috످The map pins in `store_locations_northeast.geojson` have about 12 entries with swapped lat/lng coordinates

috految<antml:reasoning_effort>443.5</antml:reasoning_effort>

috److془The user mentions a file. I don't have access to it. I should provide a script to fix it and be clear.

Northeast US: lon -81 to -66, lat 38 to 48. Swapped: [42.36, -71.06] -> lon 42.36, lat -71.06 → Antarctica. 

Write script. Note Leaflet gotcha: maybe. Keep concise.

Script:

```python
import json
from pathlib import Path

src = Path("store_locations_northeast.geojson")
dst = src.with_name(f"{src.stem}_fixed.geojson")

def in_northeast(lng, lat):
    return -83 <= lng <= -66 and 37 <= lat <= 48

data = json.loads(src.read_bytes())
fixed = flagged = 0

for i, feature in enumerate(data["features"]):
    name = (feature.get("properties") or {}).get("name", f"Feature {i}")
    coords = (feature.get("geometry") or {}).get("coordinates")

    try:
        lng, lat = map(float, coords[:2])
    except (TypeError, ValueError):
        ...
```

Good.془I can't access your file from this chat, but you can paste its contents here for me to fix, or run the script below.

GeoJSON uses `[longitude, latitude]` order. Assuming your stores are in the US Northeast, the first number should always be negative:

```diff
- "coordinates": [42.36, -71.06]  // Swapped (Antarctica)
+ "coordinates": [-71.06, 42.36]  // Correct (Boston)
```

This script fixes the swapped entries and saves a new file, leaving your original untouched:

```python
import json
from pathlib import Path

src = Path("store_locations_northeast.geojson")
dst = src.with_name(f"{src.stem}_fixed.geojson")

def in_northeast(lng, lat):
    return -83 <= lng <= -66 and 37 <= lat <= 48

data = json.loads(src.read_bytes())
fixed = flagged = 0

for i, feature in enumerate(data["features"]):
    name = (feature.get("properties") or {}).get("name", f"Feature {i}")
    coords = (feature.get("geometry") or {}).get("coordinates")

    try:
        lng, lat = map(float, coords[:2])
    except (TypeError, ValueError):
        print(f"REVIEW: {name} has missing or invalid coordinates")
        flagged += 1
        continue

    if in_northeast(lng, lat):
        continue

    if in_northeast(lat, lng):  # Only swap if it moves the pin into the region
        coords[:2] = [lat, lng]
        print(f"FIXED: {name} {[lng, lat]} -> {coords}")
        fixed += 1
    else:
        print(f"REVIEW: {name} is outside the Northeast: {coords}")
        flagged += 1

dst.write_text(json.dumps(data, indent=2, ensure_ascii=False), encoding="utf-8")
print(f"\n{fixed} fixed, {flagged} to review. Saved to {dst}")
```

Save the script as `fix_coords.py` in the same folder as your GeoJSON file. Run `python3 fix_coords.py` from that folder. Confirm it fixed about 12 entries, and check any marked `REVIEW`. Preview `store_locations_northeast_fixed.geojson` at https://geojson.io before replacing the original.

If the file is generated from a spreadsheet or database, fix the entries there too so the next export doesn't undo your changes. Swaps often come from copying coordinates from Google Maps, which lists latitude first.

috످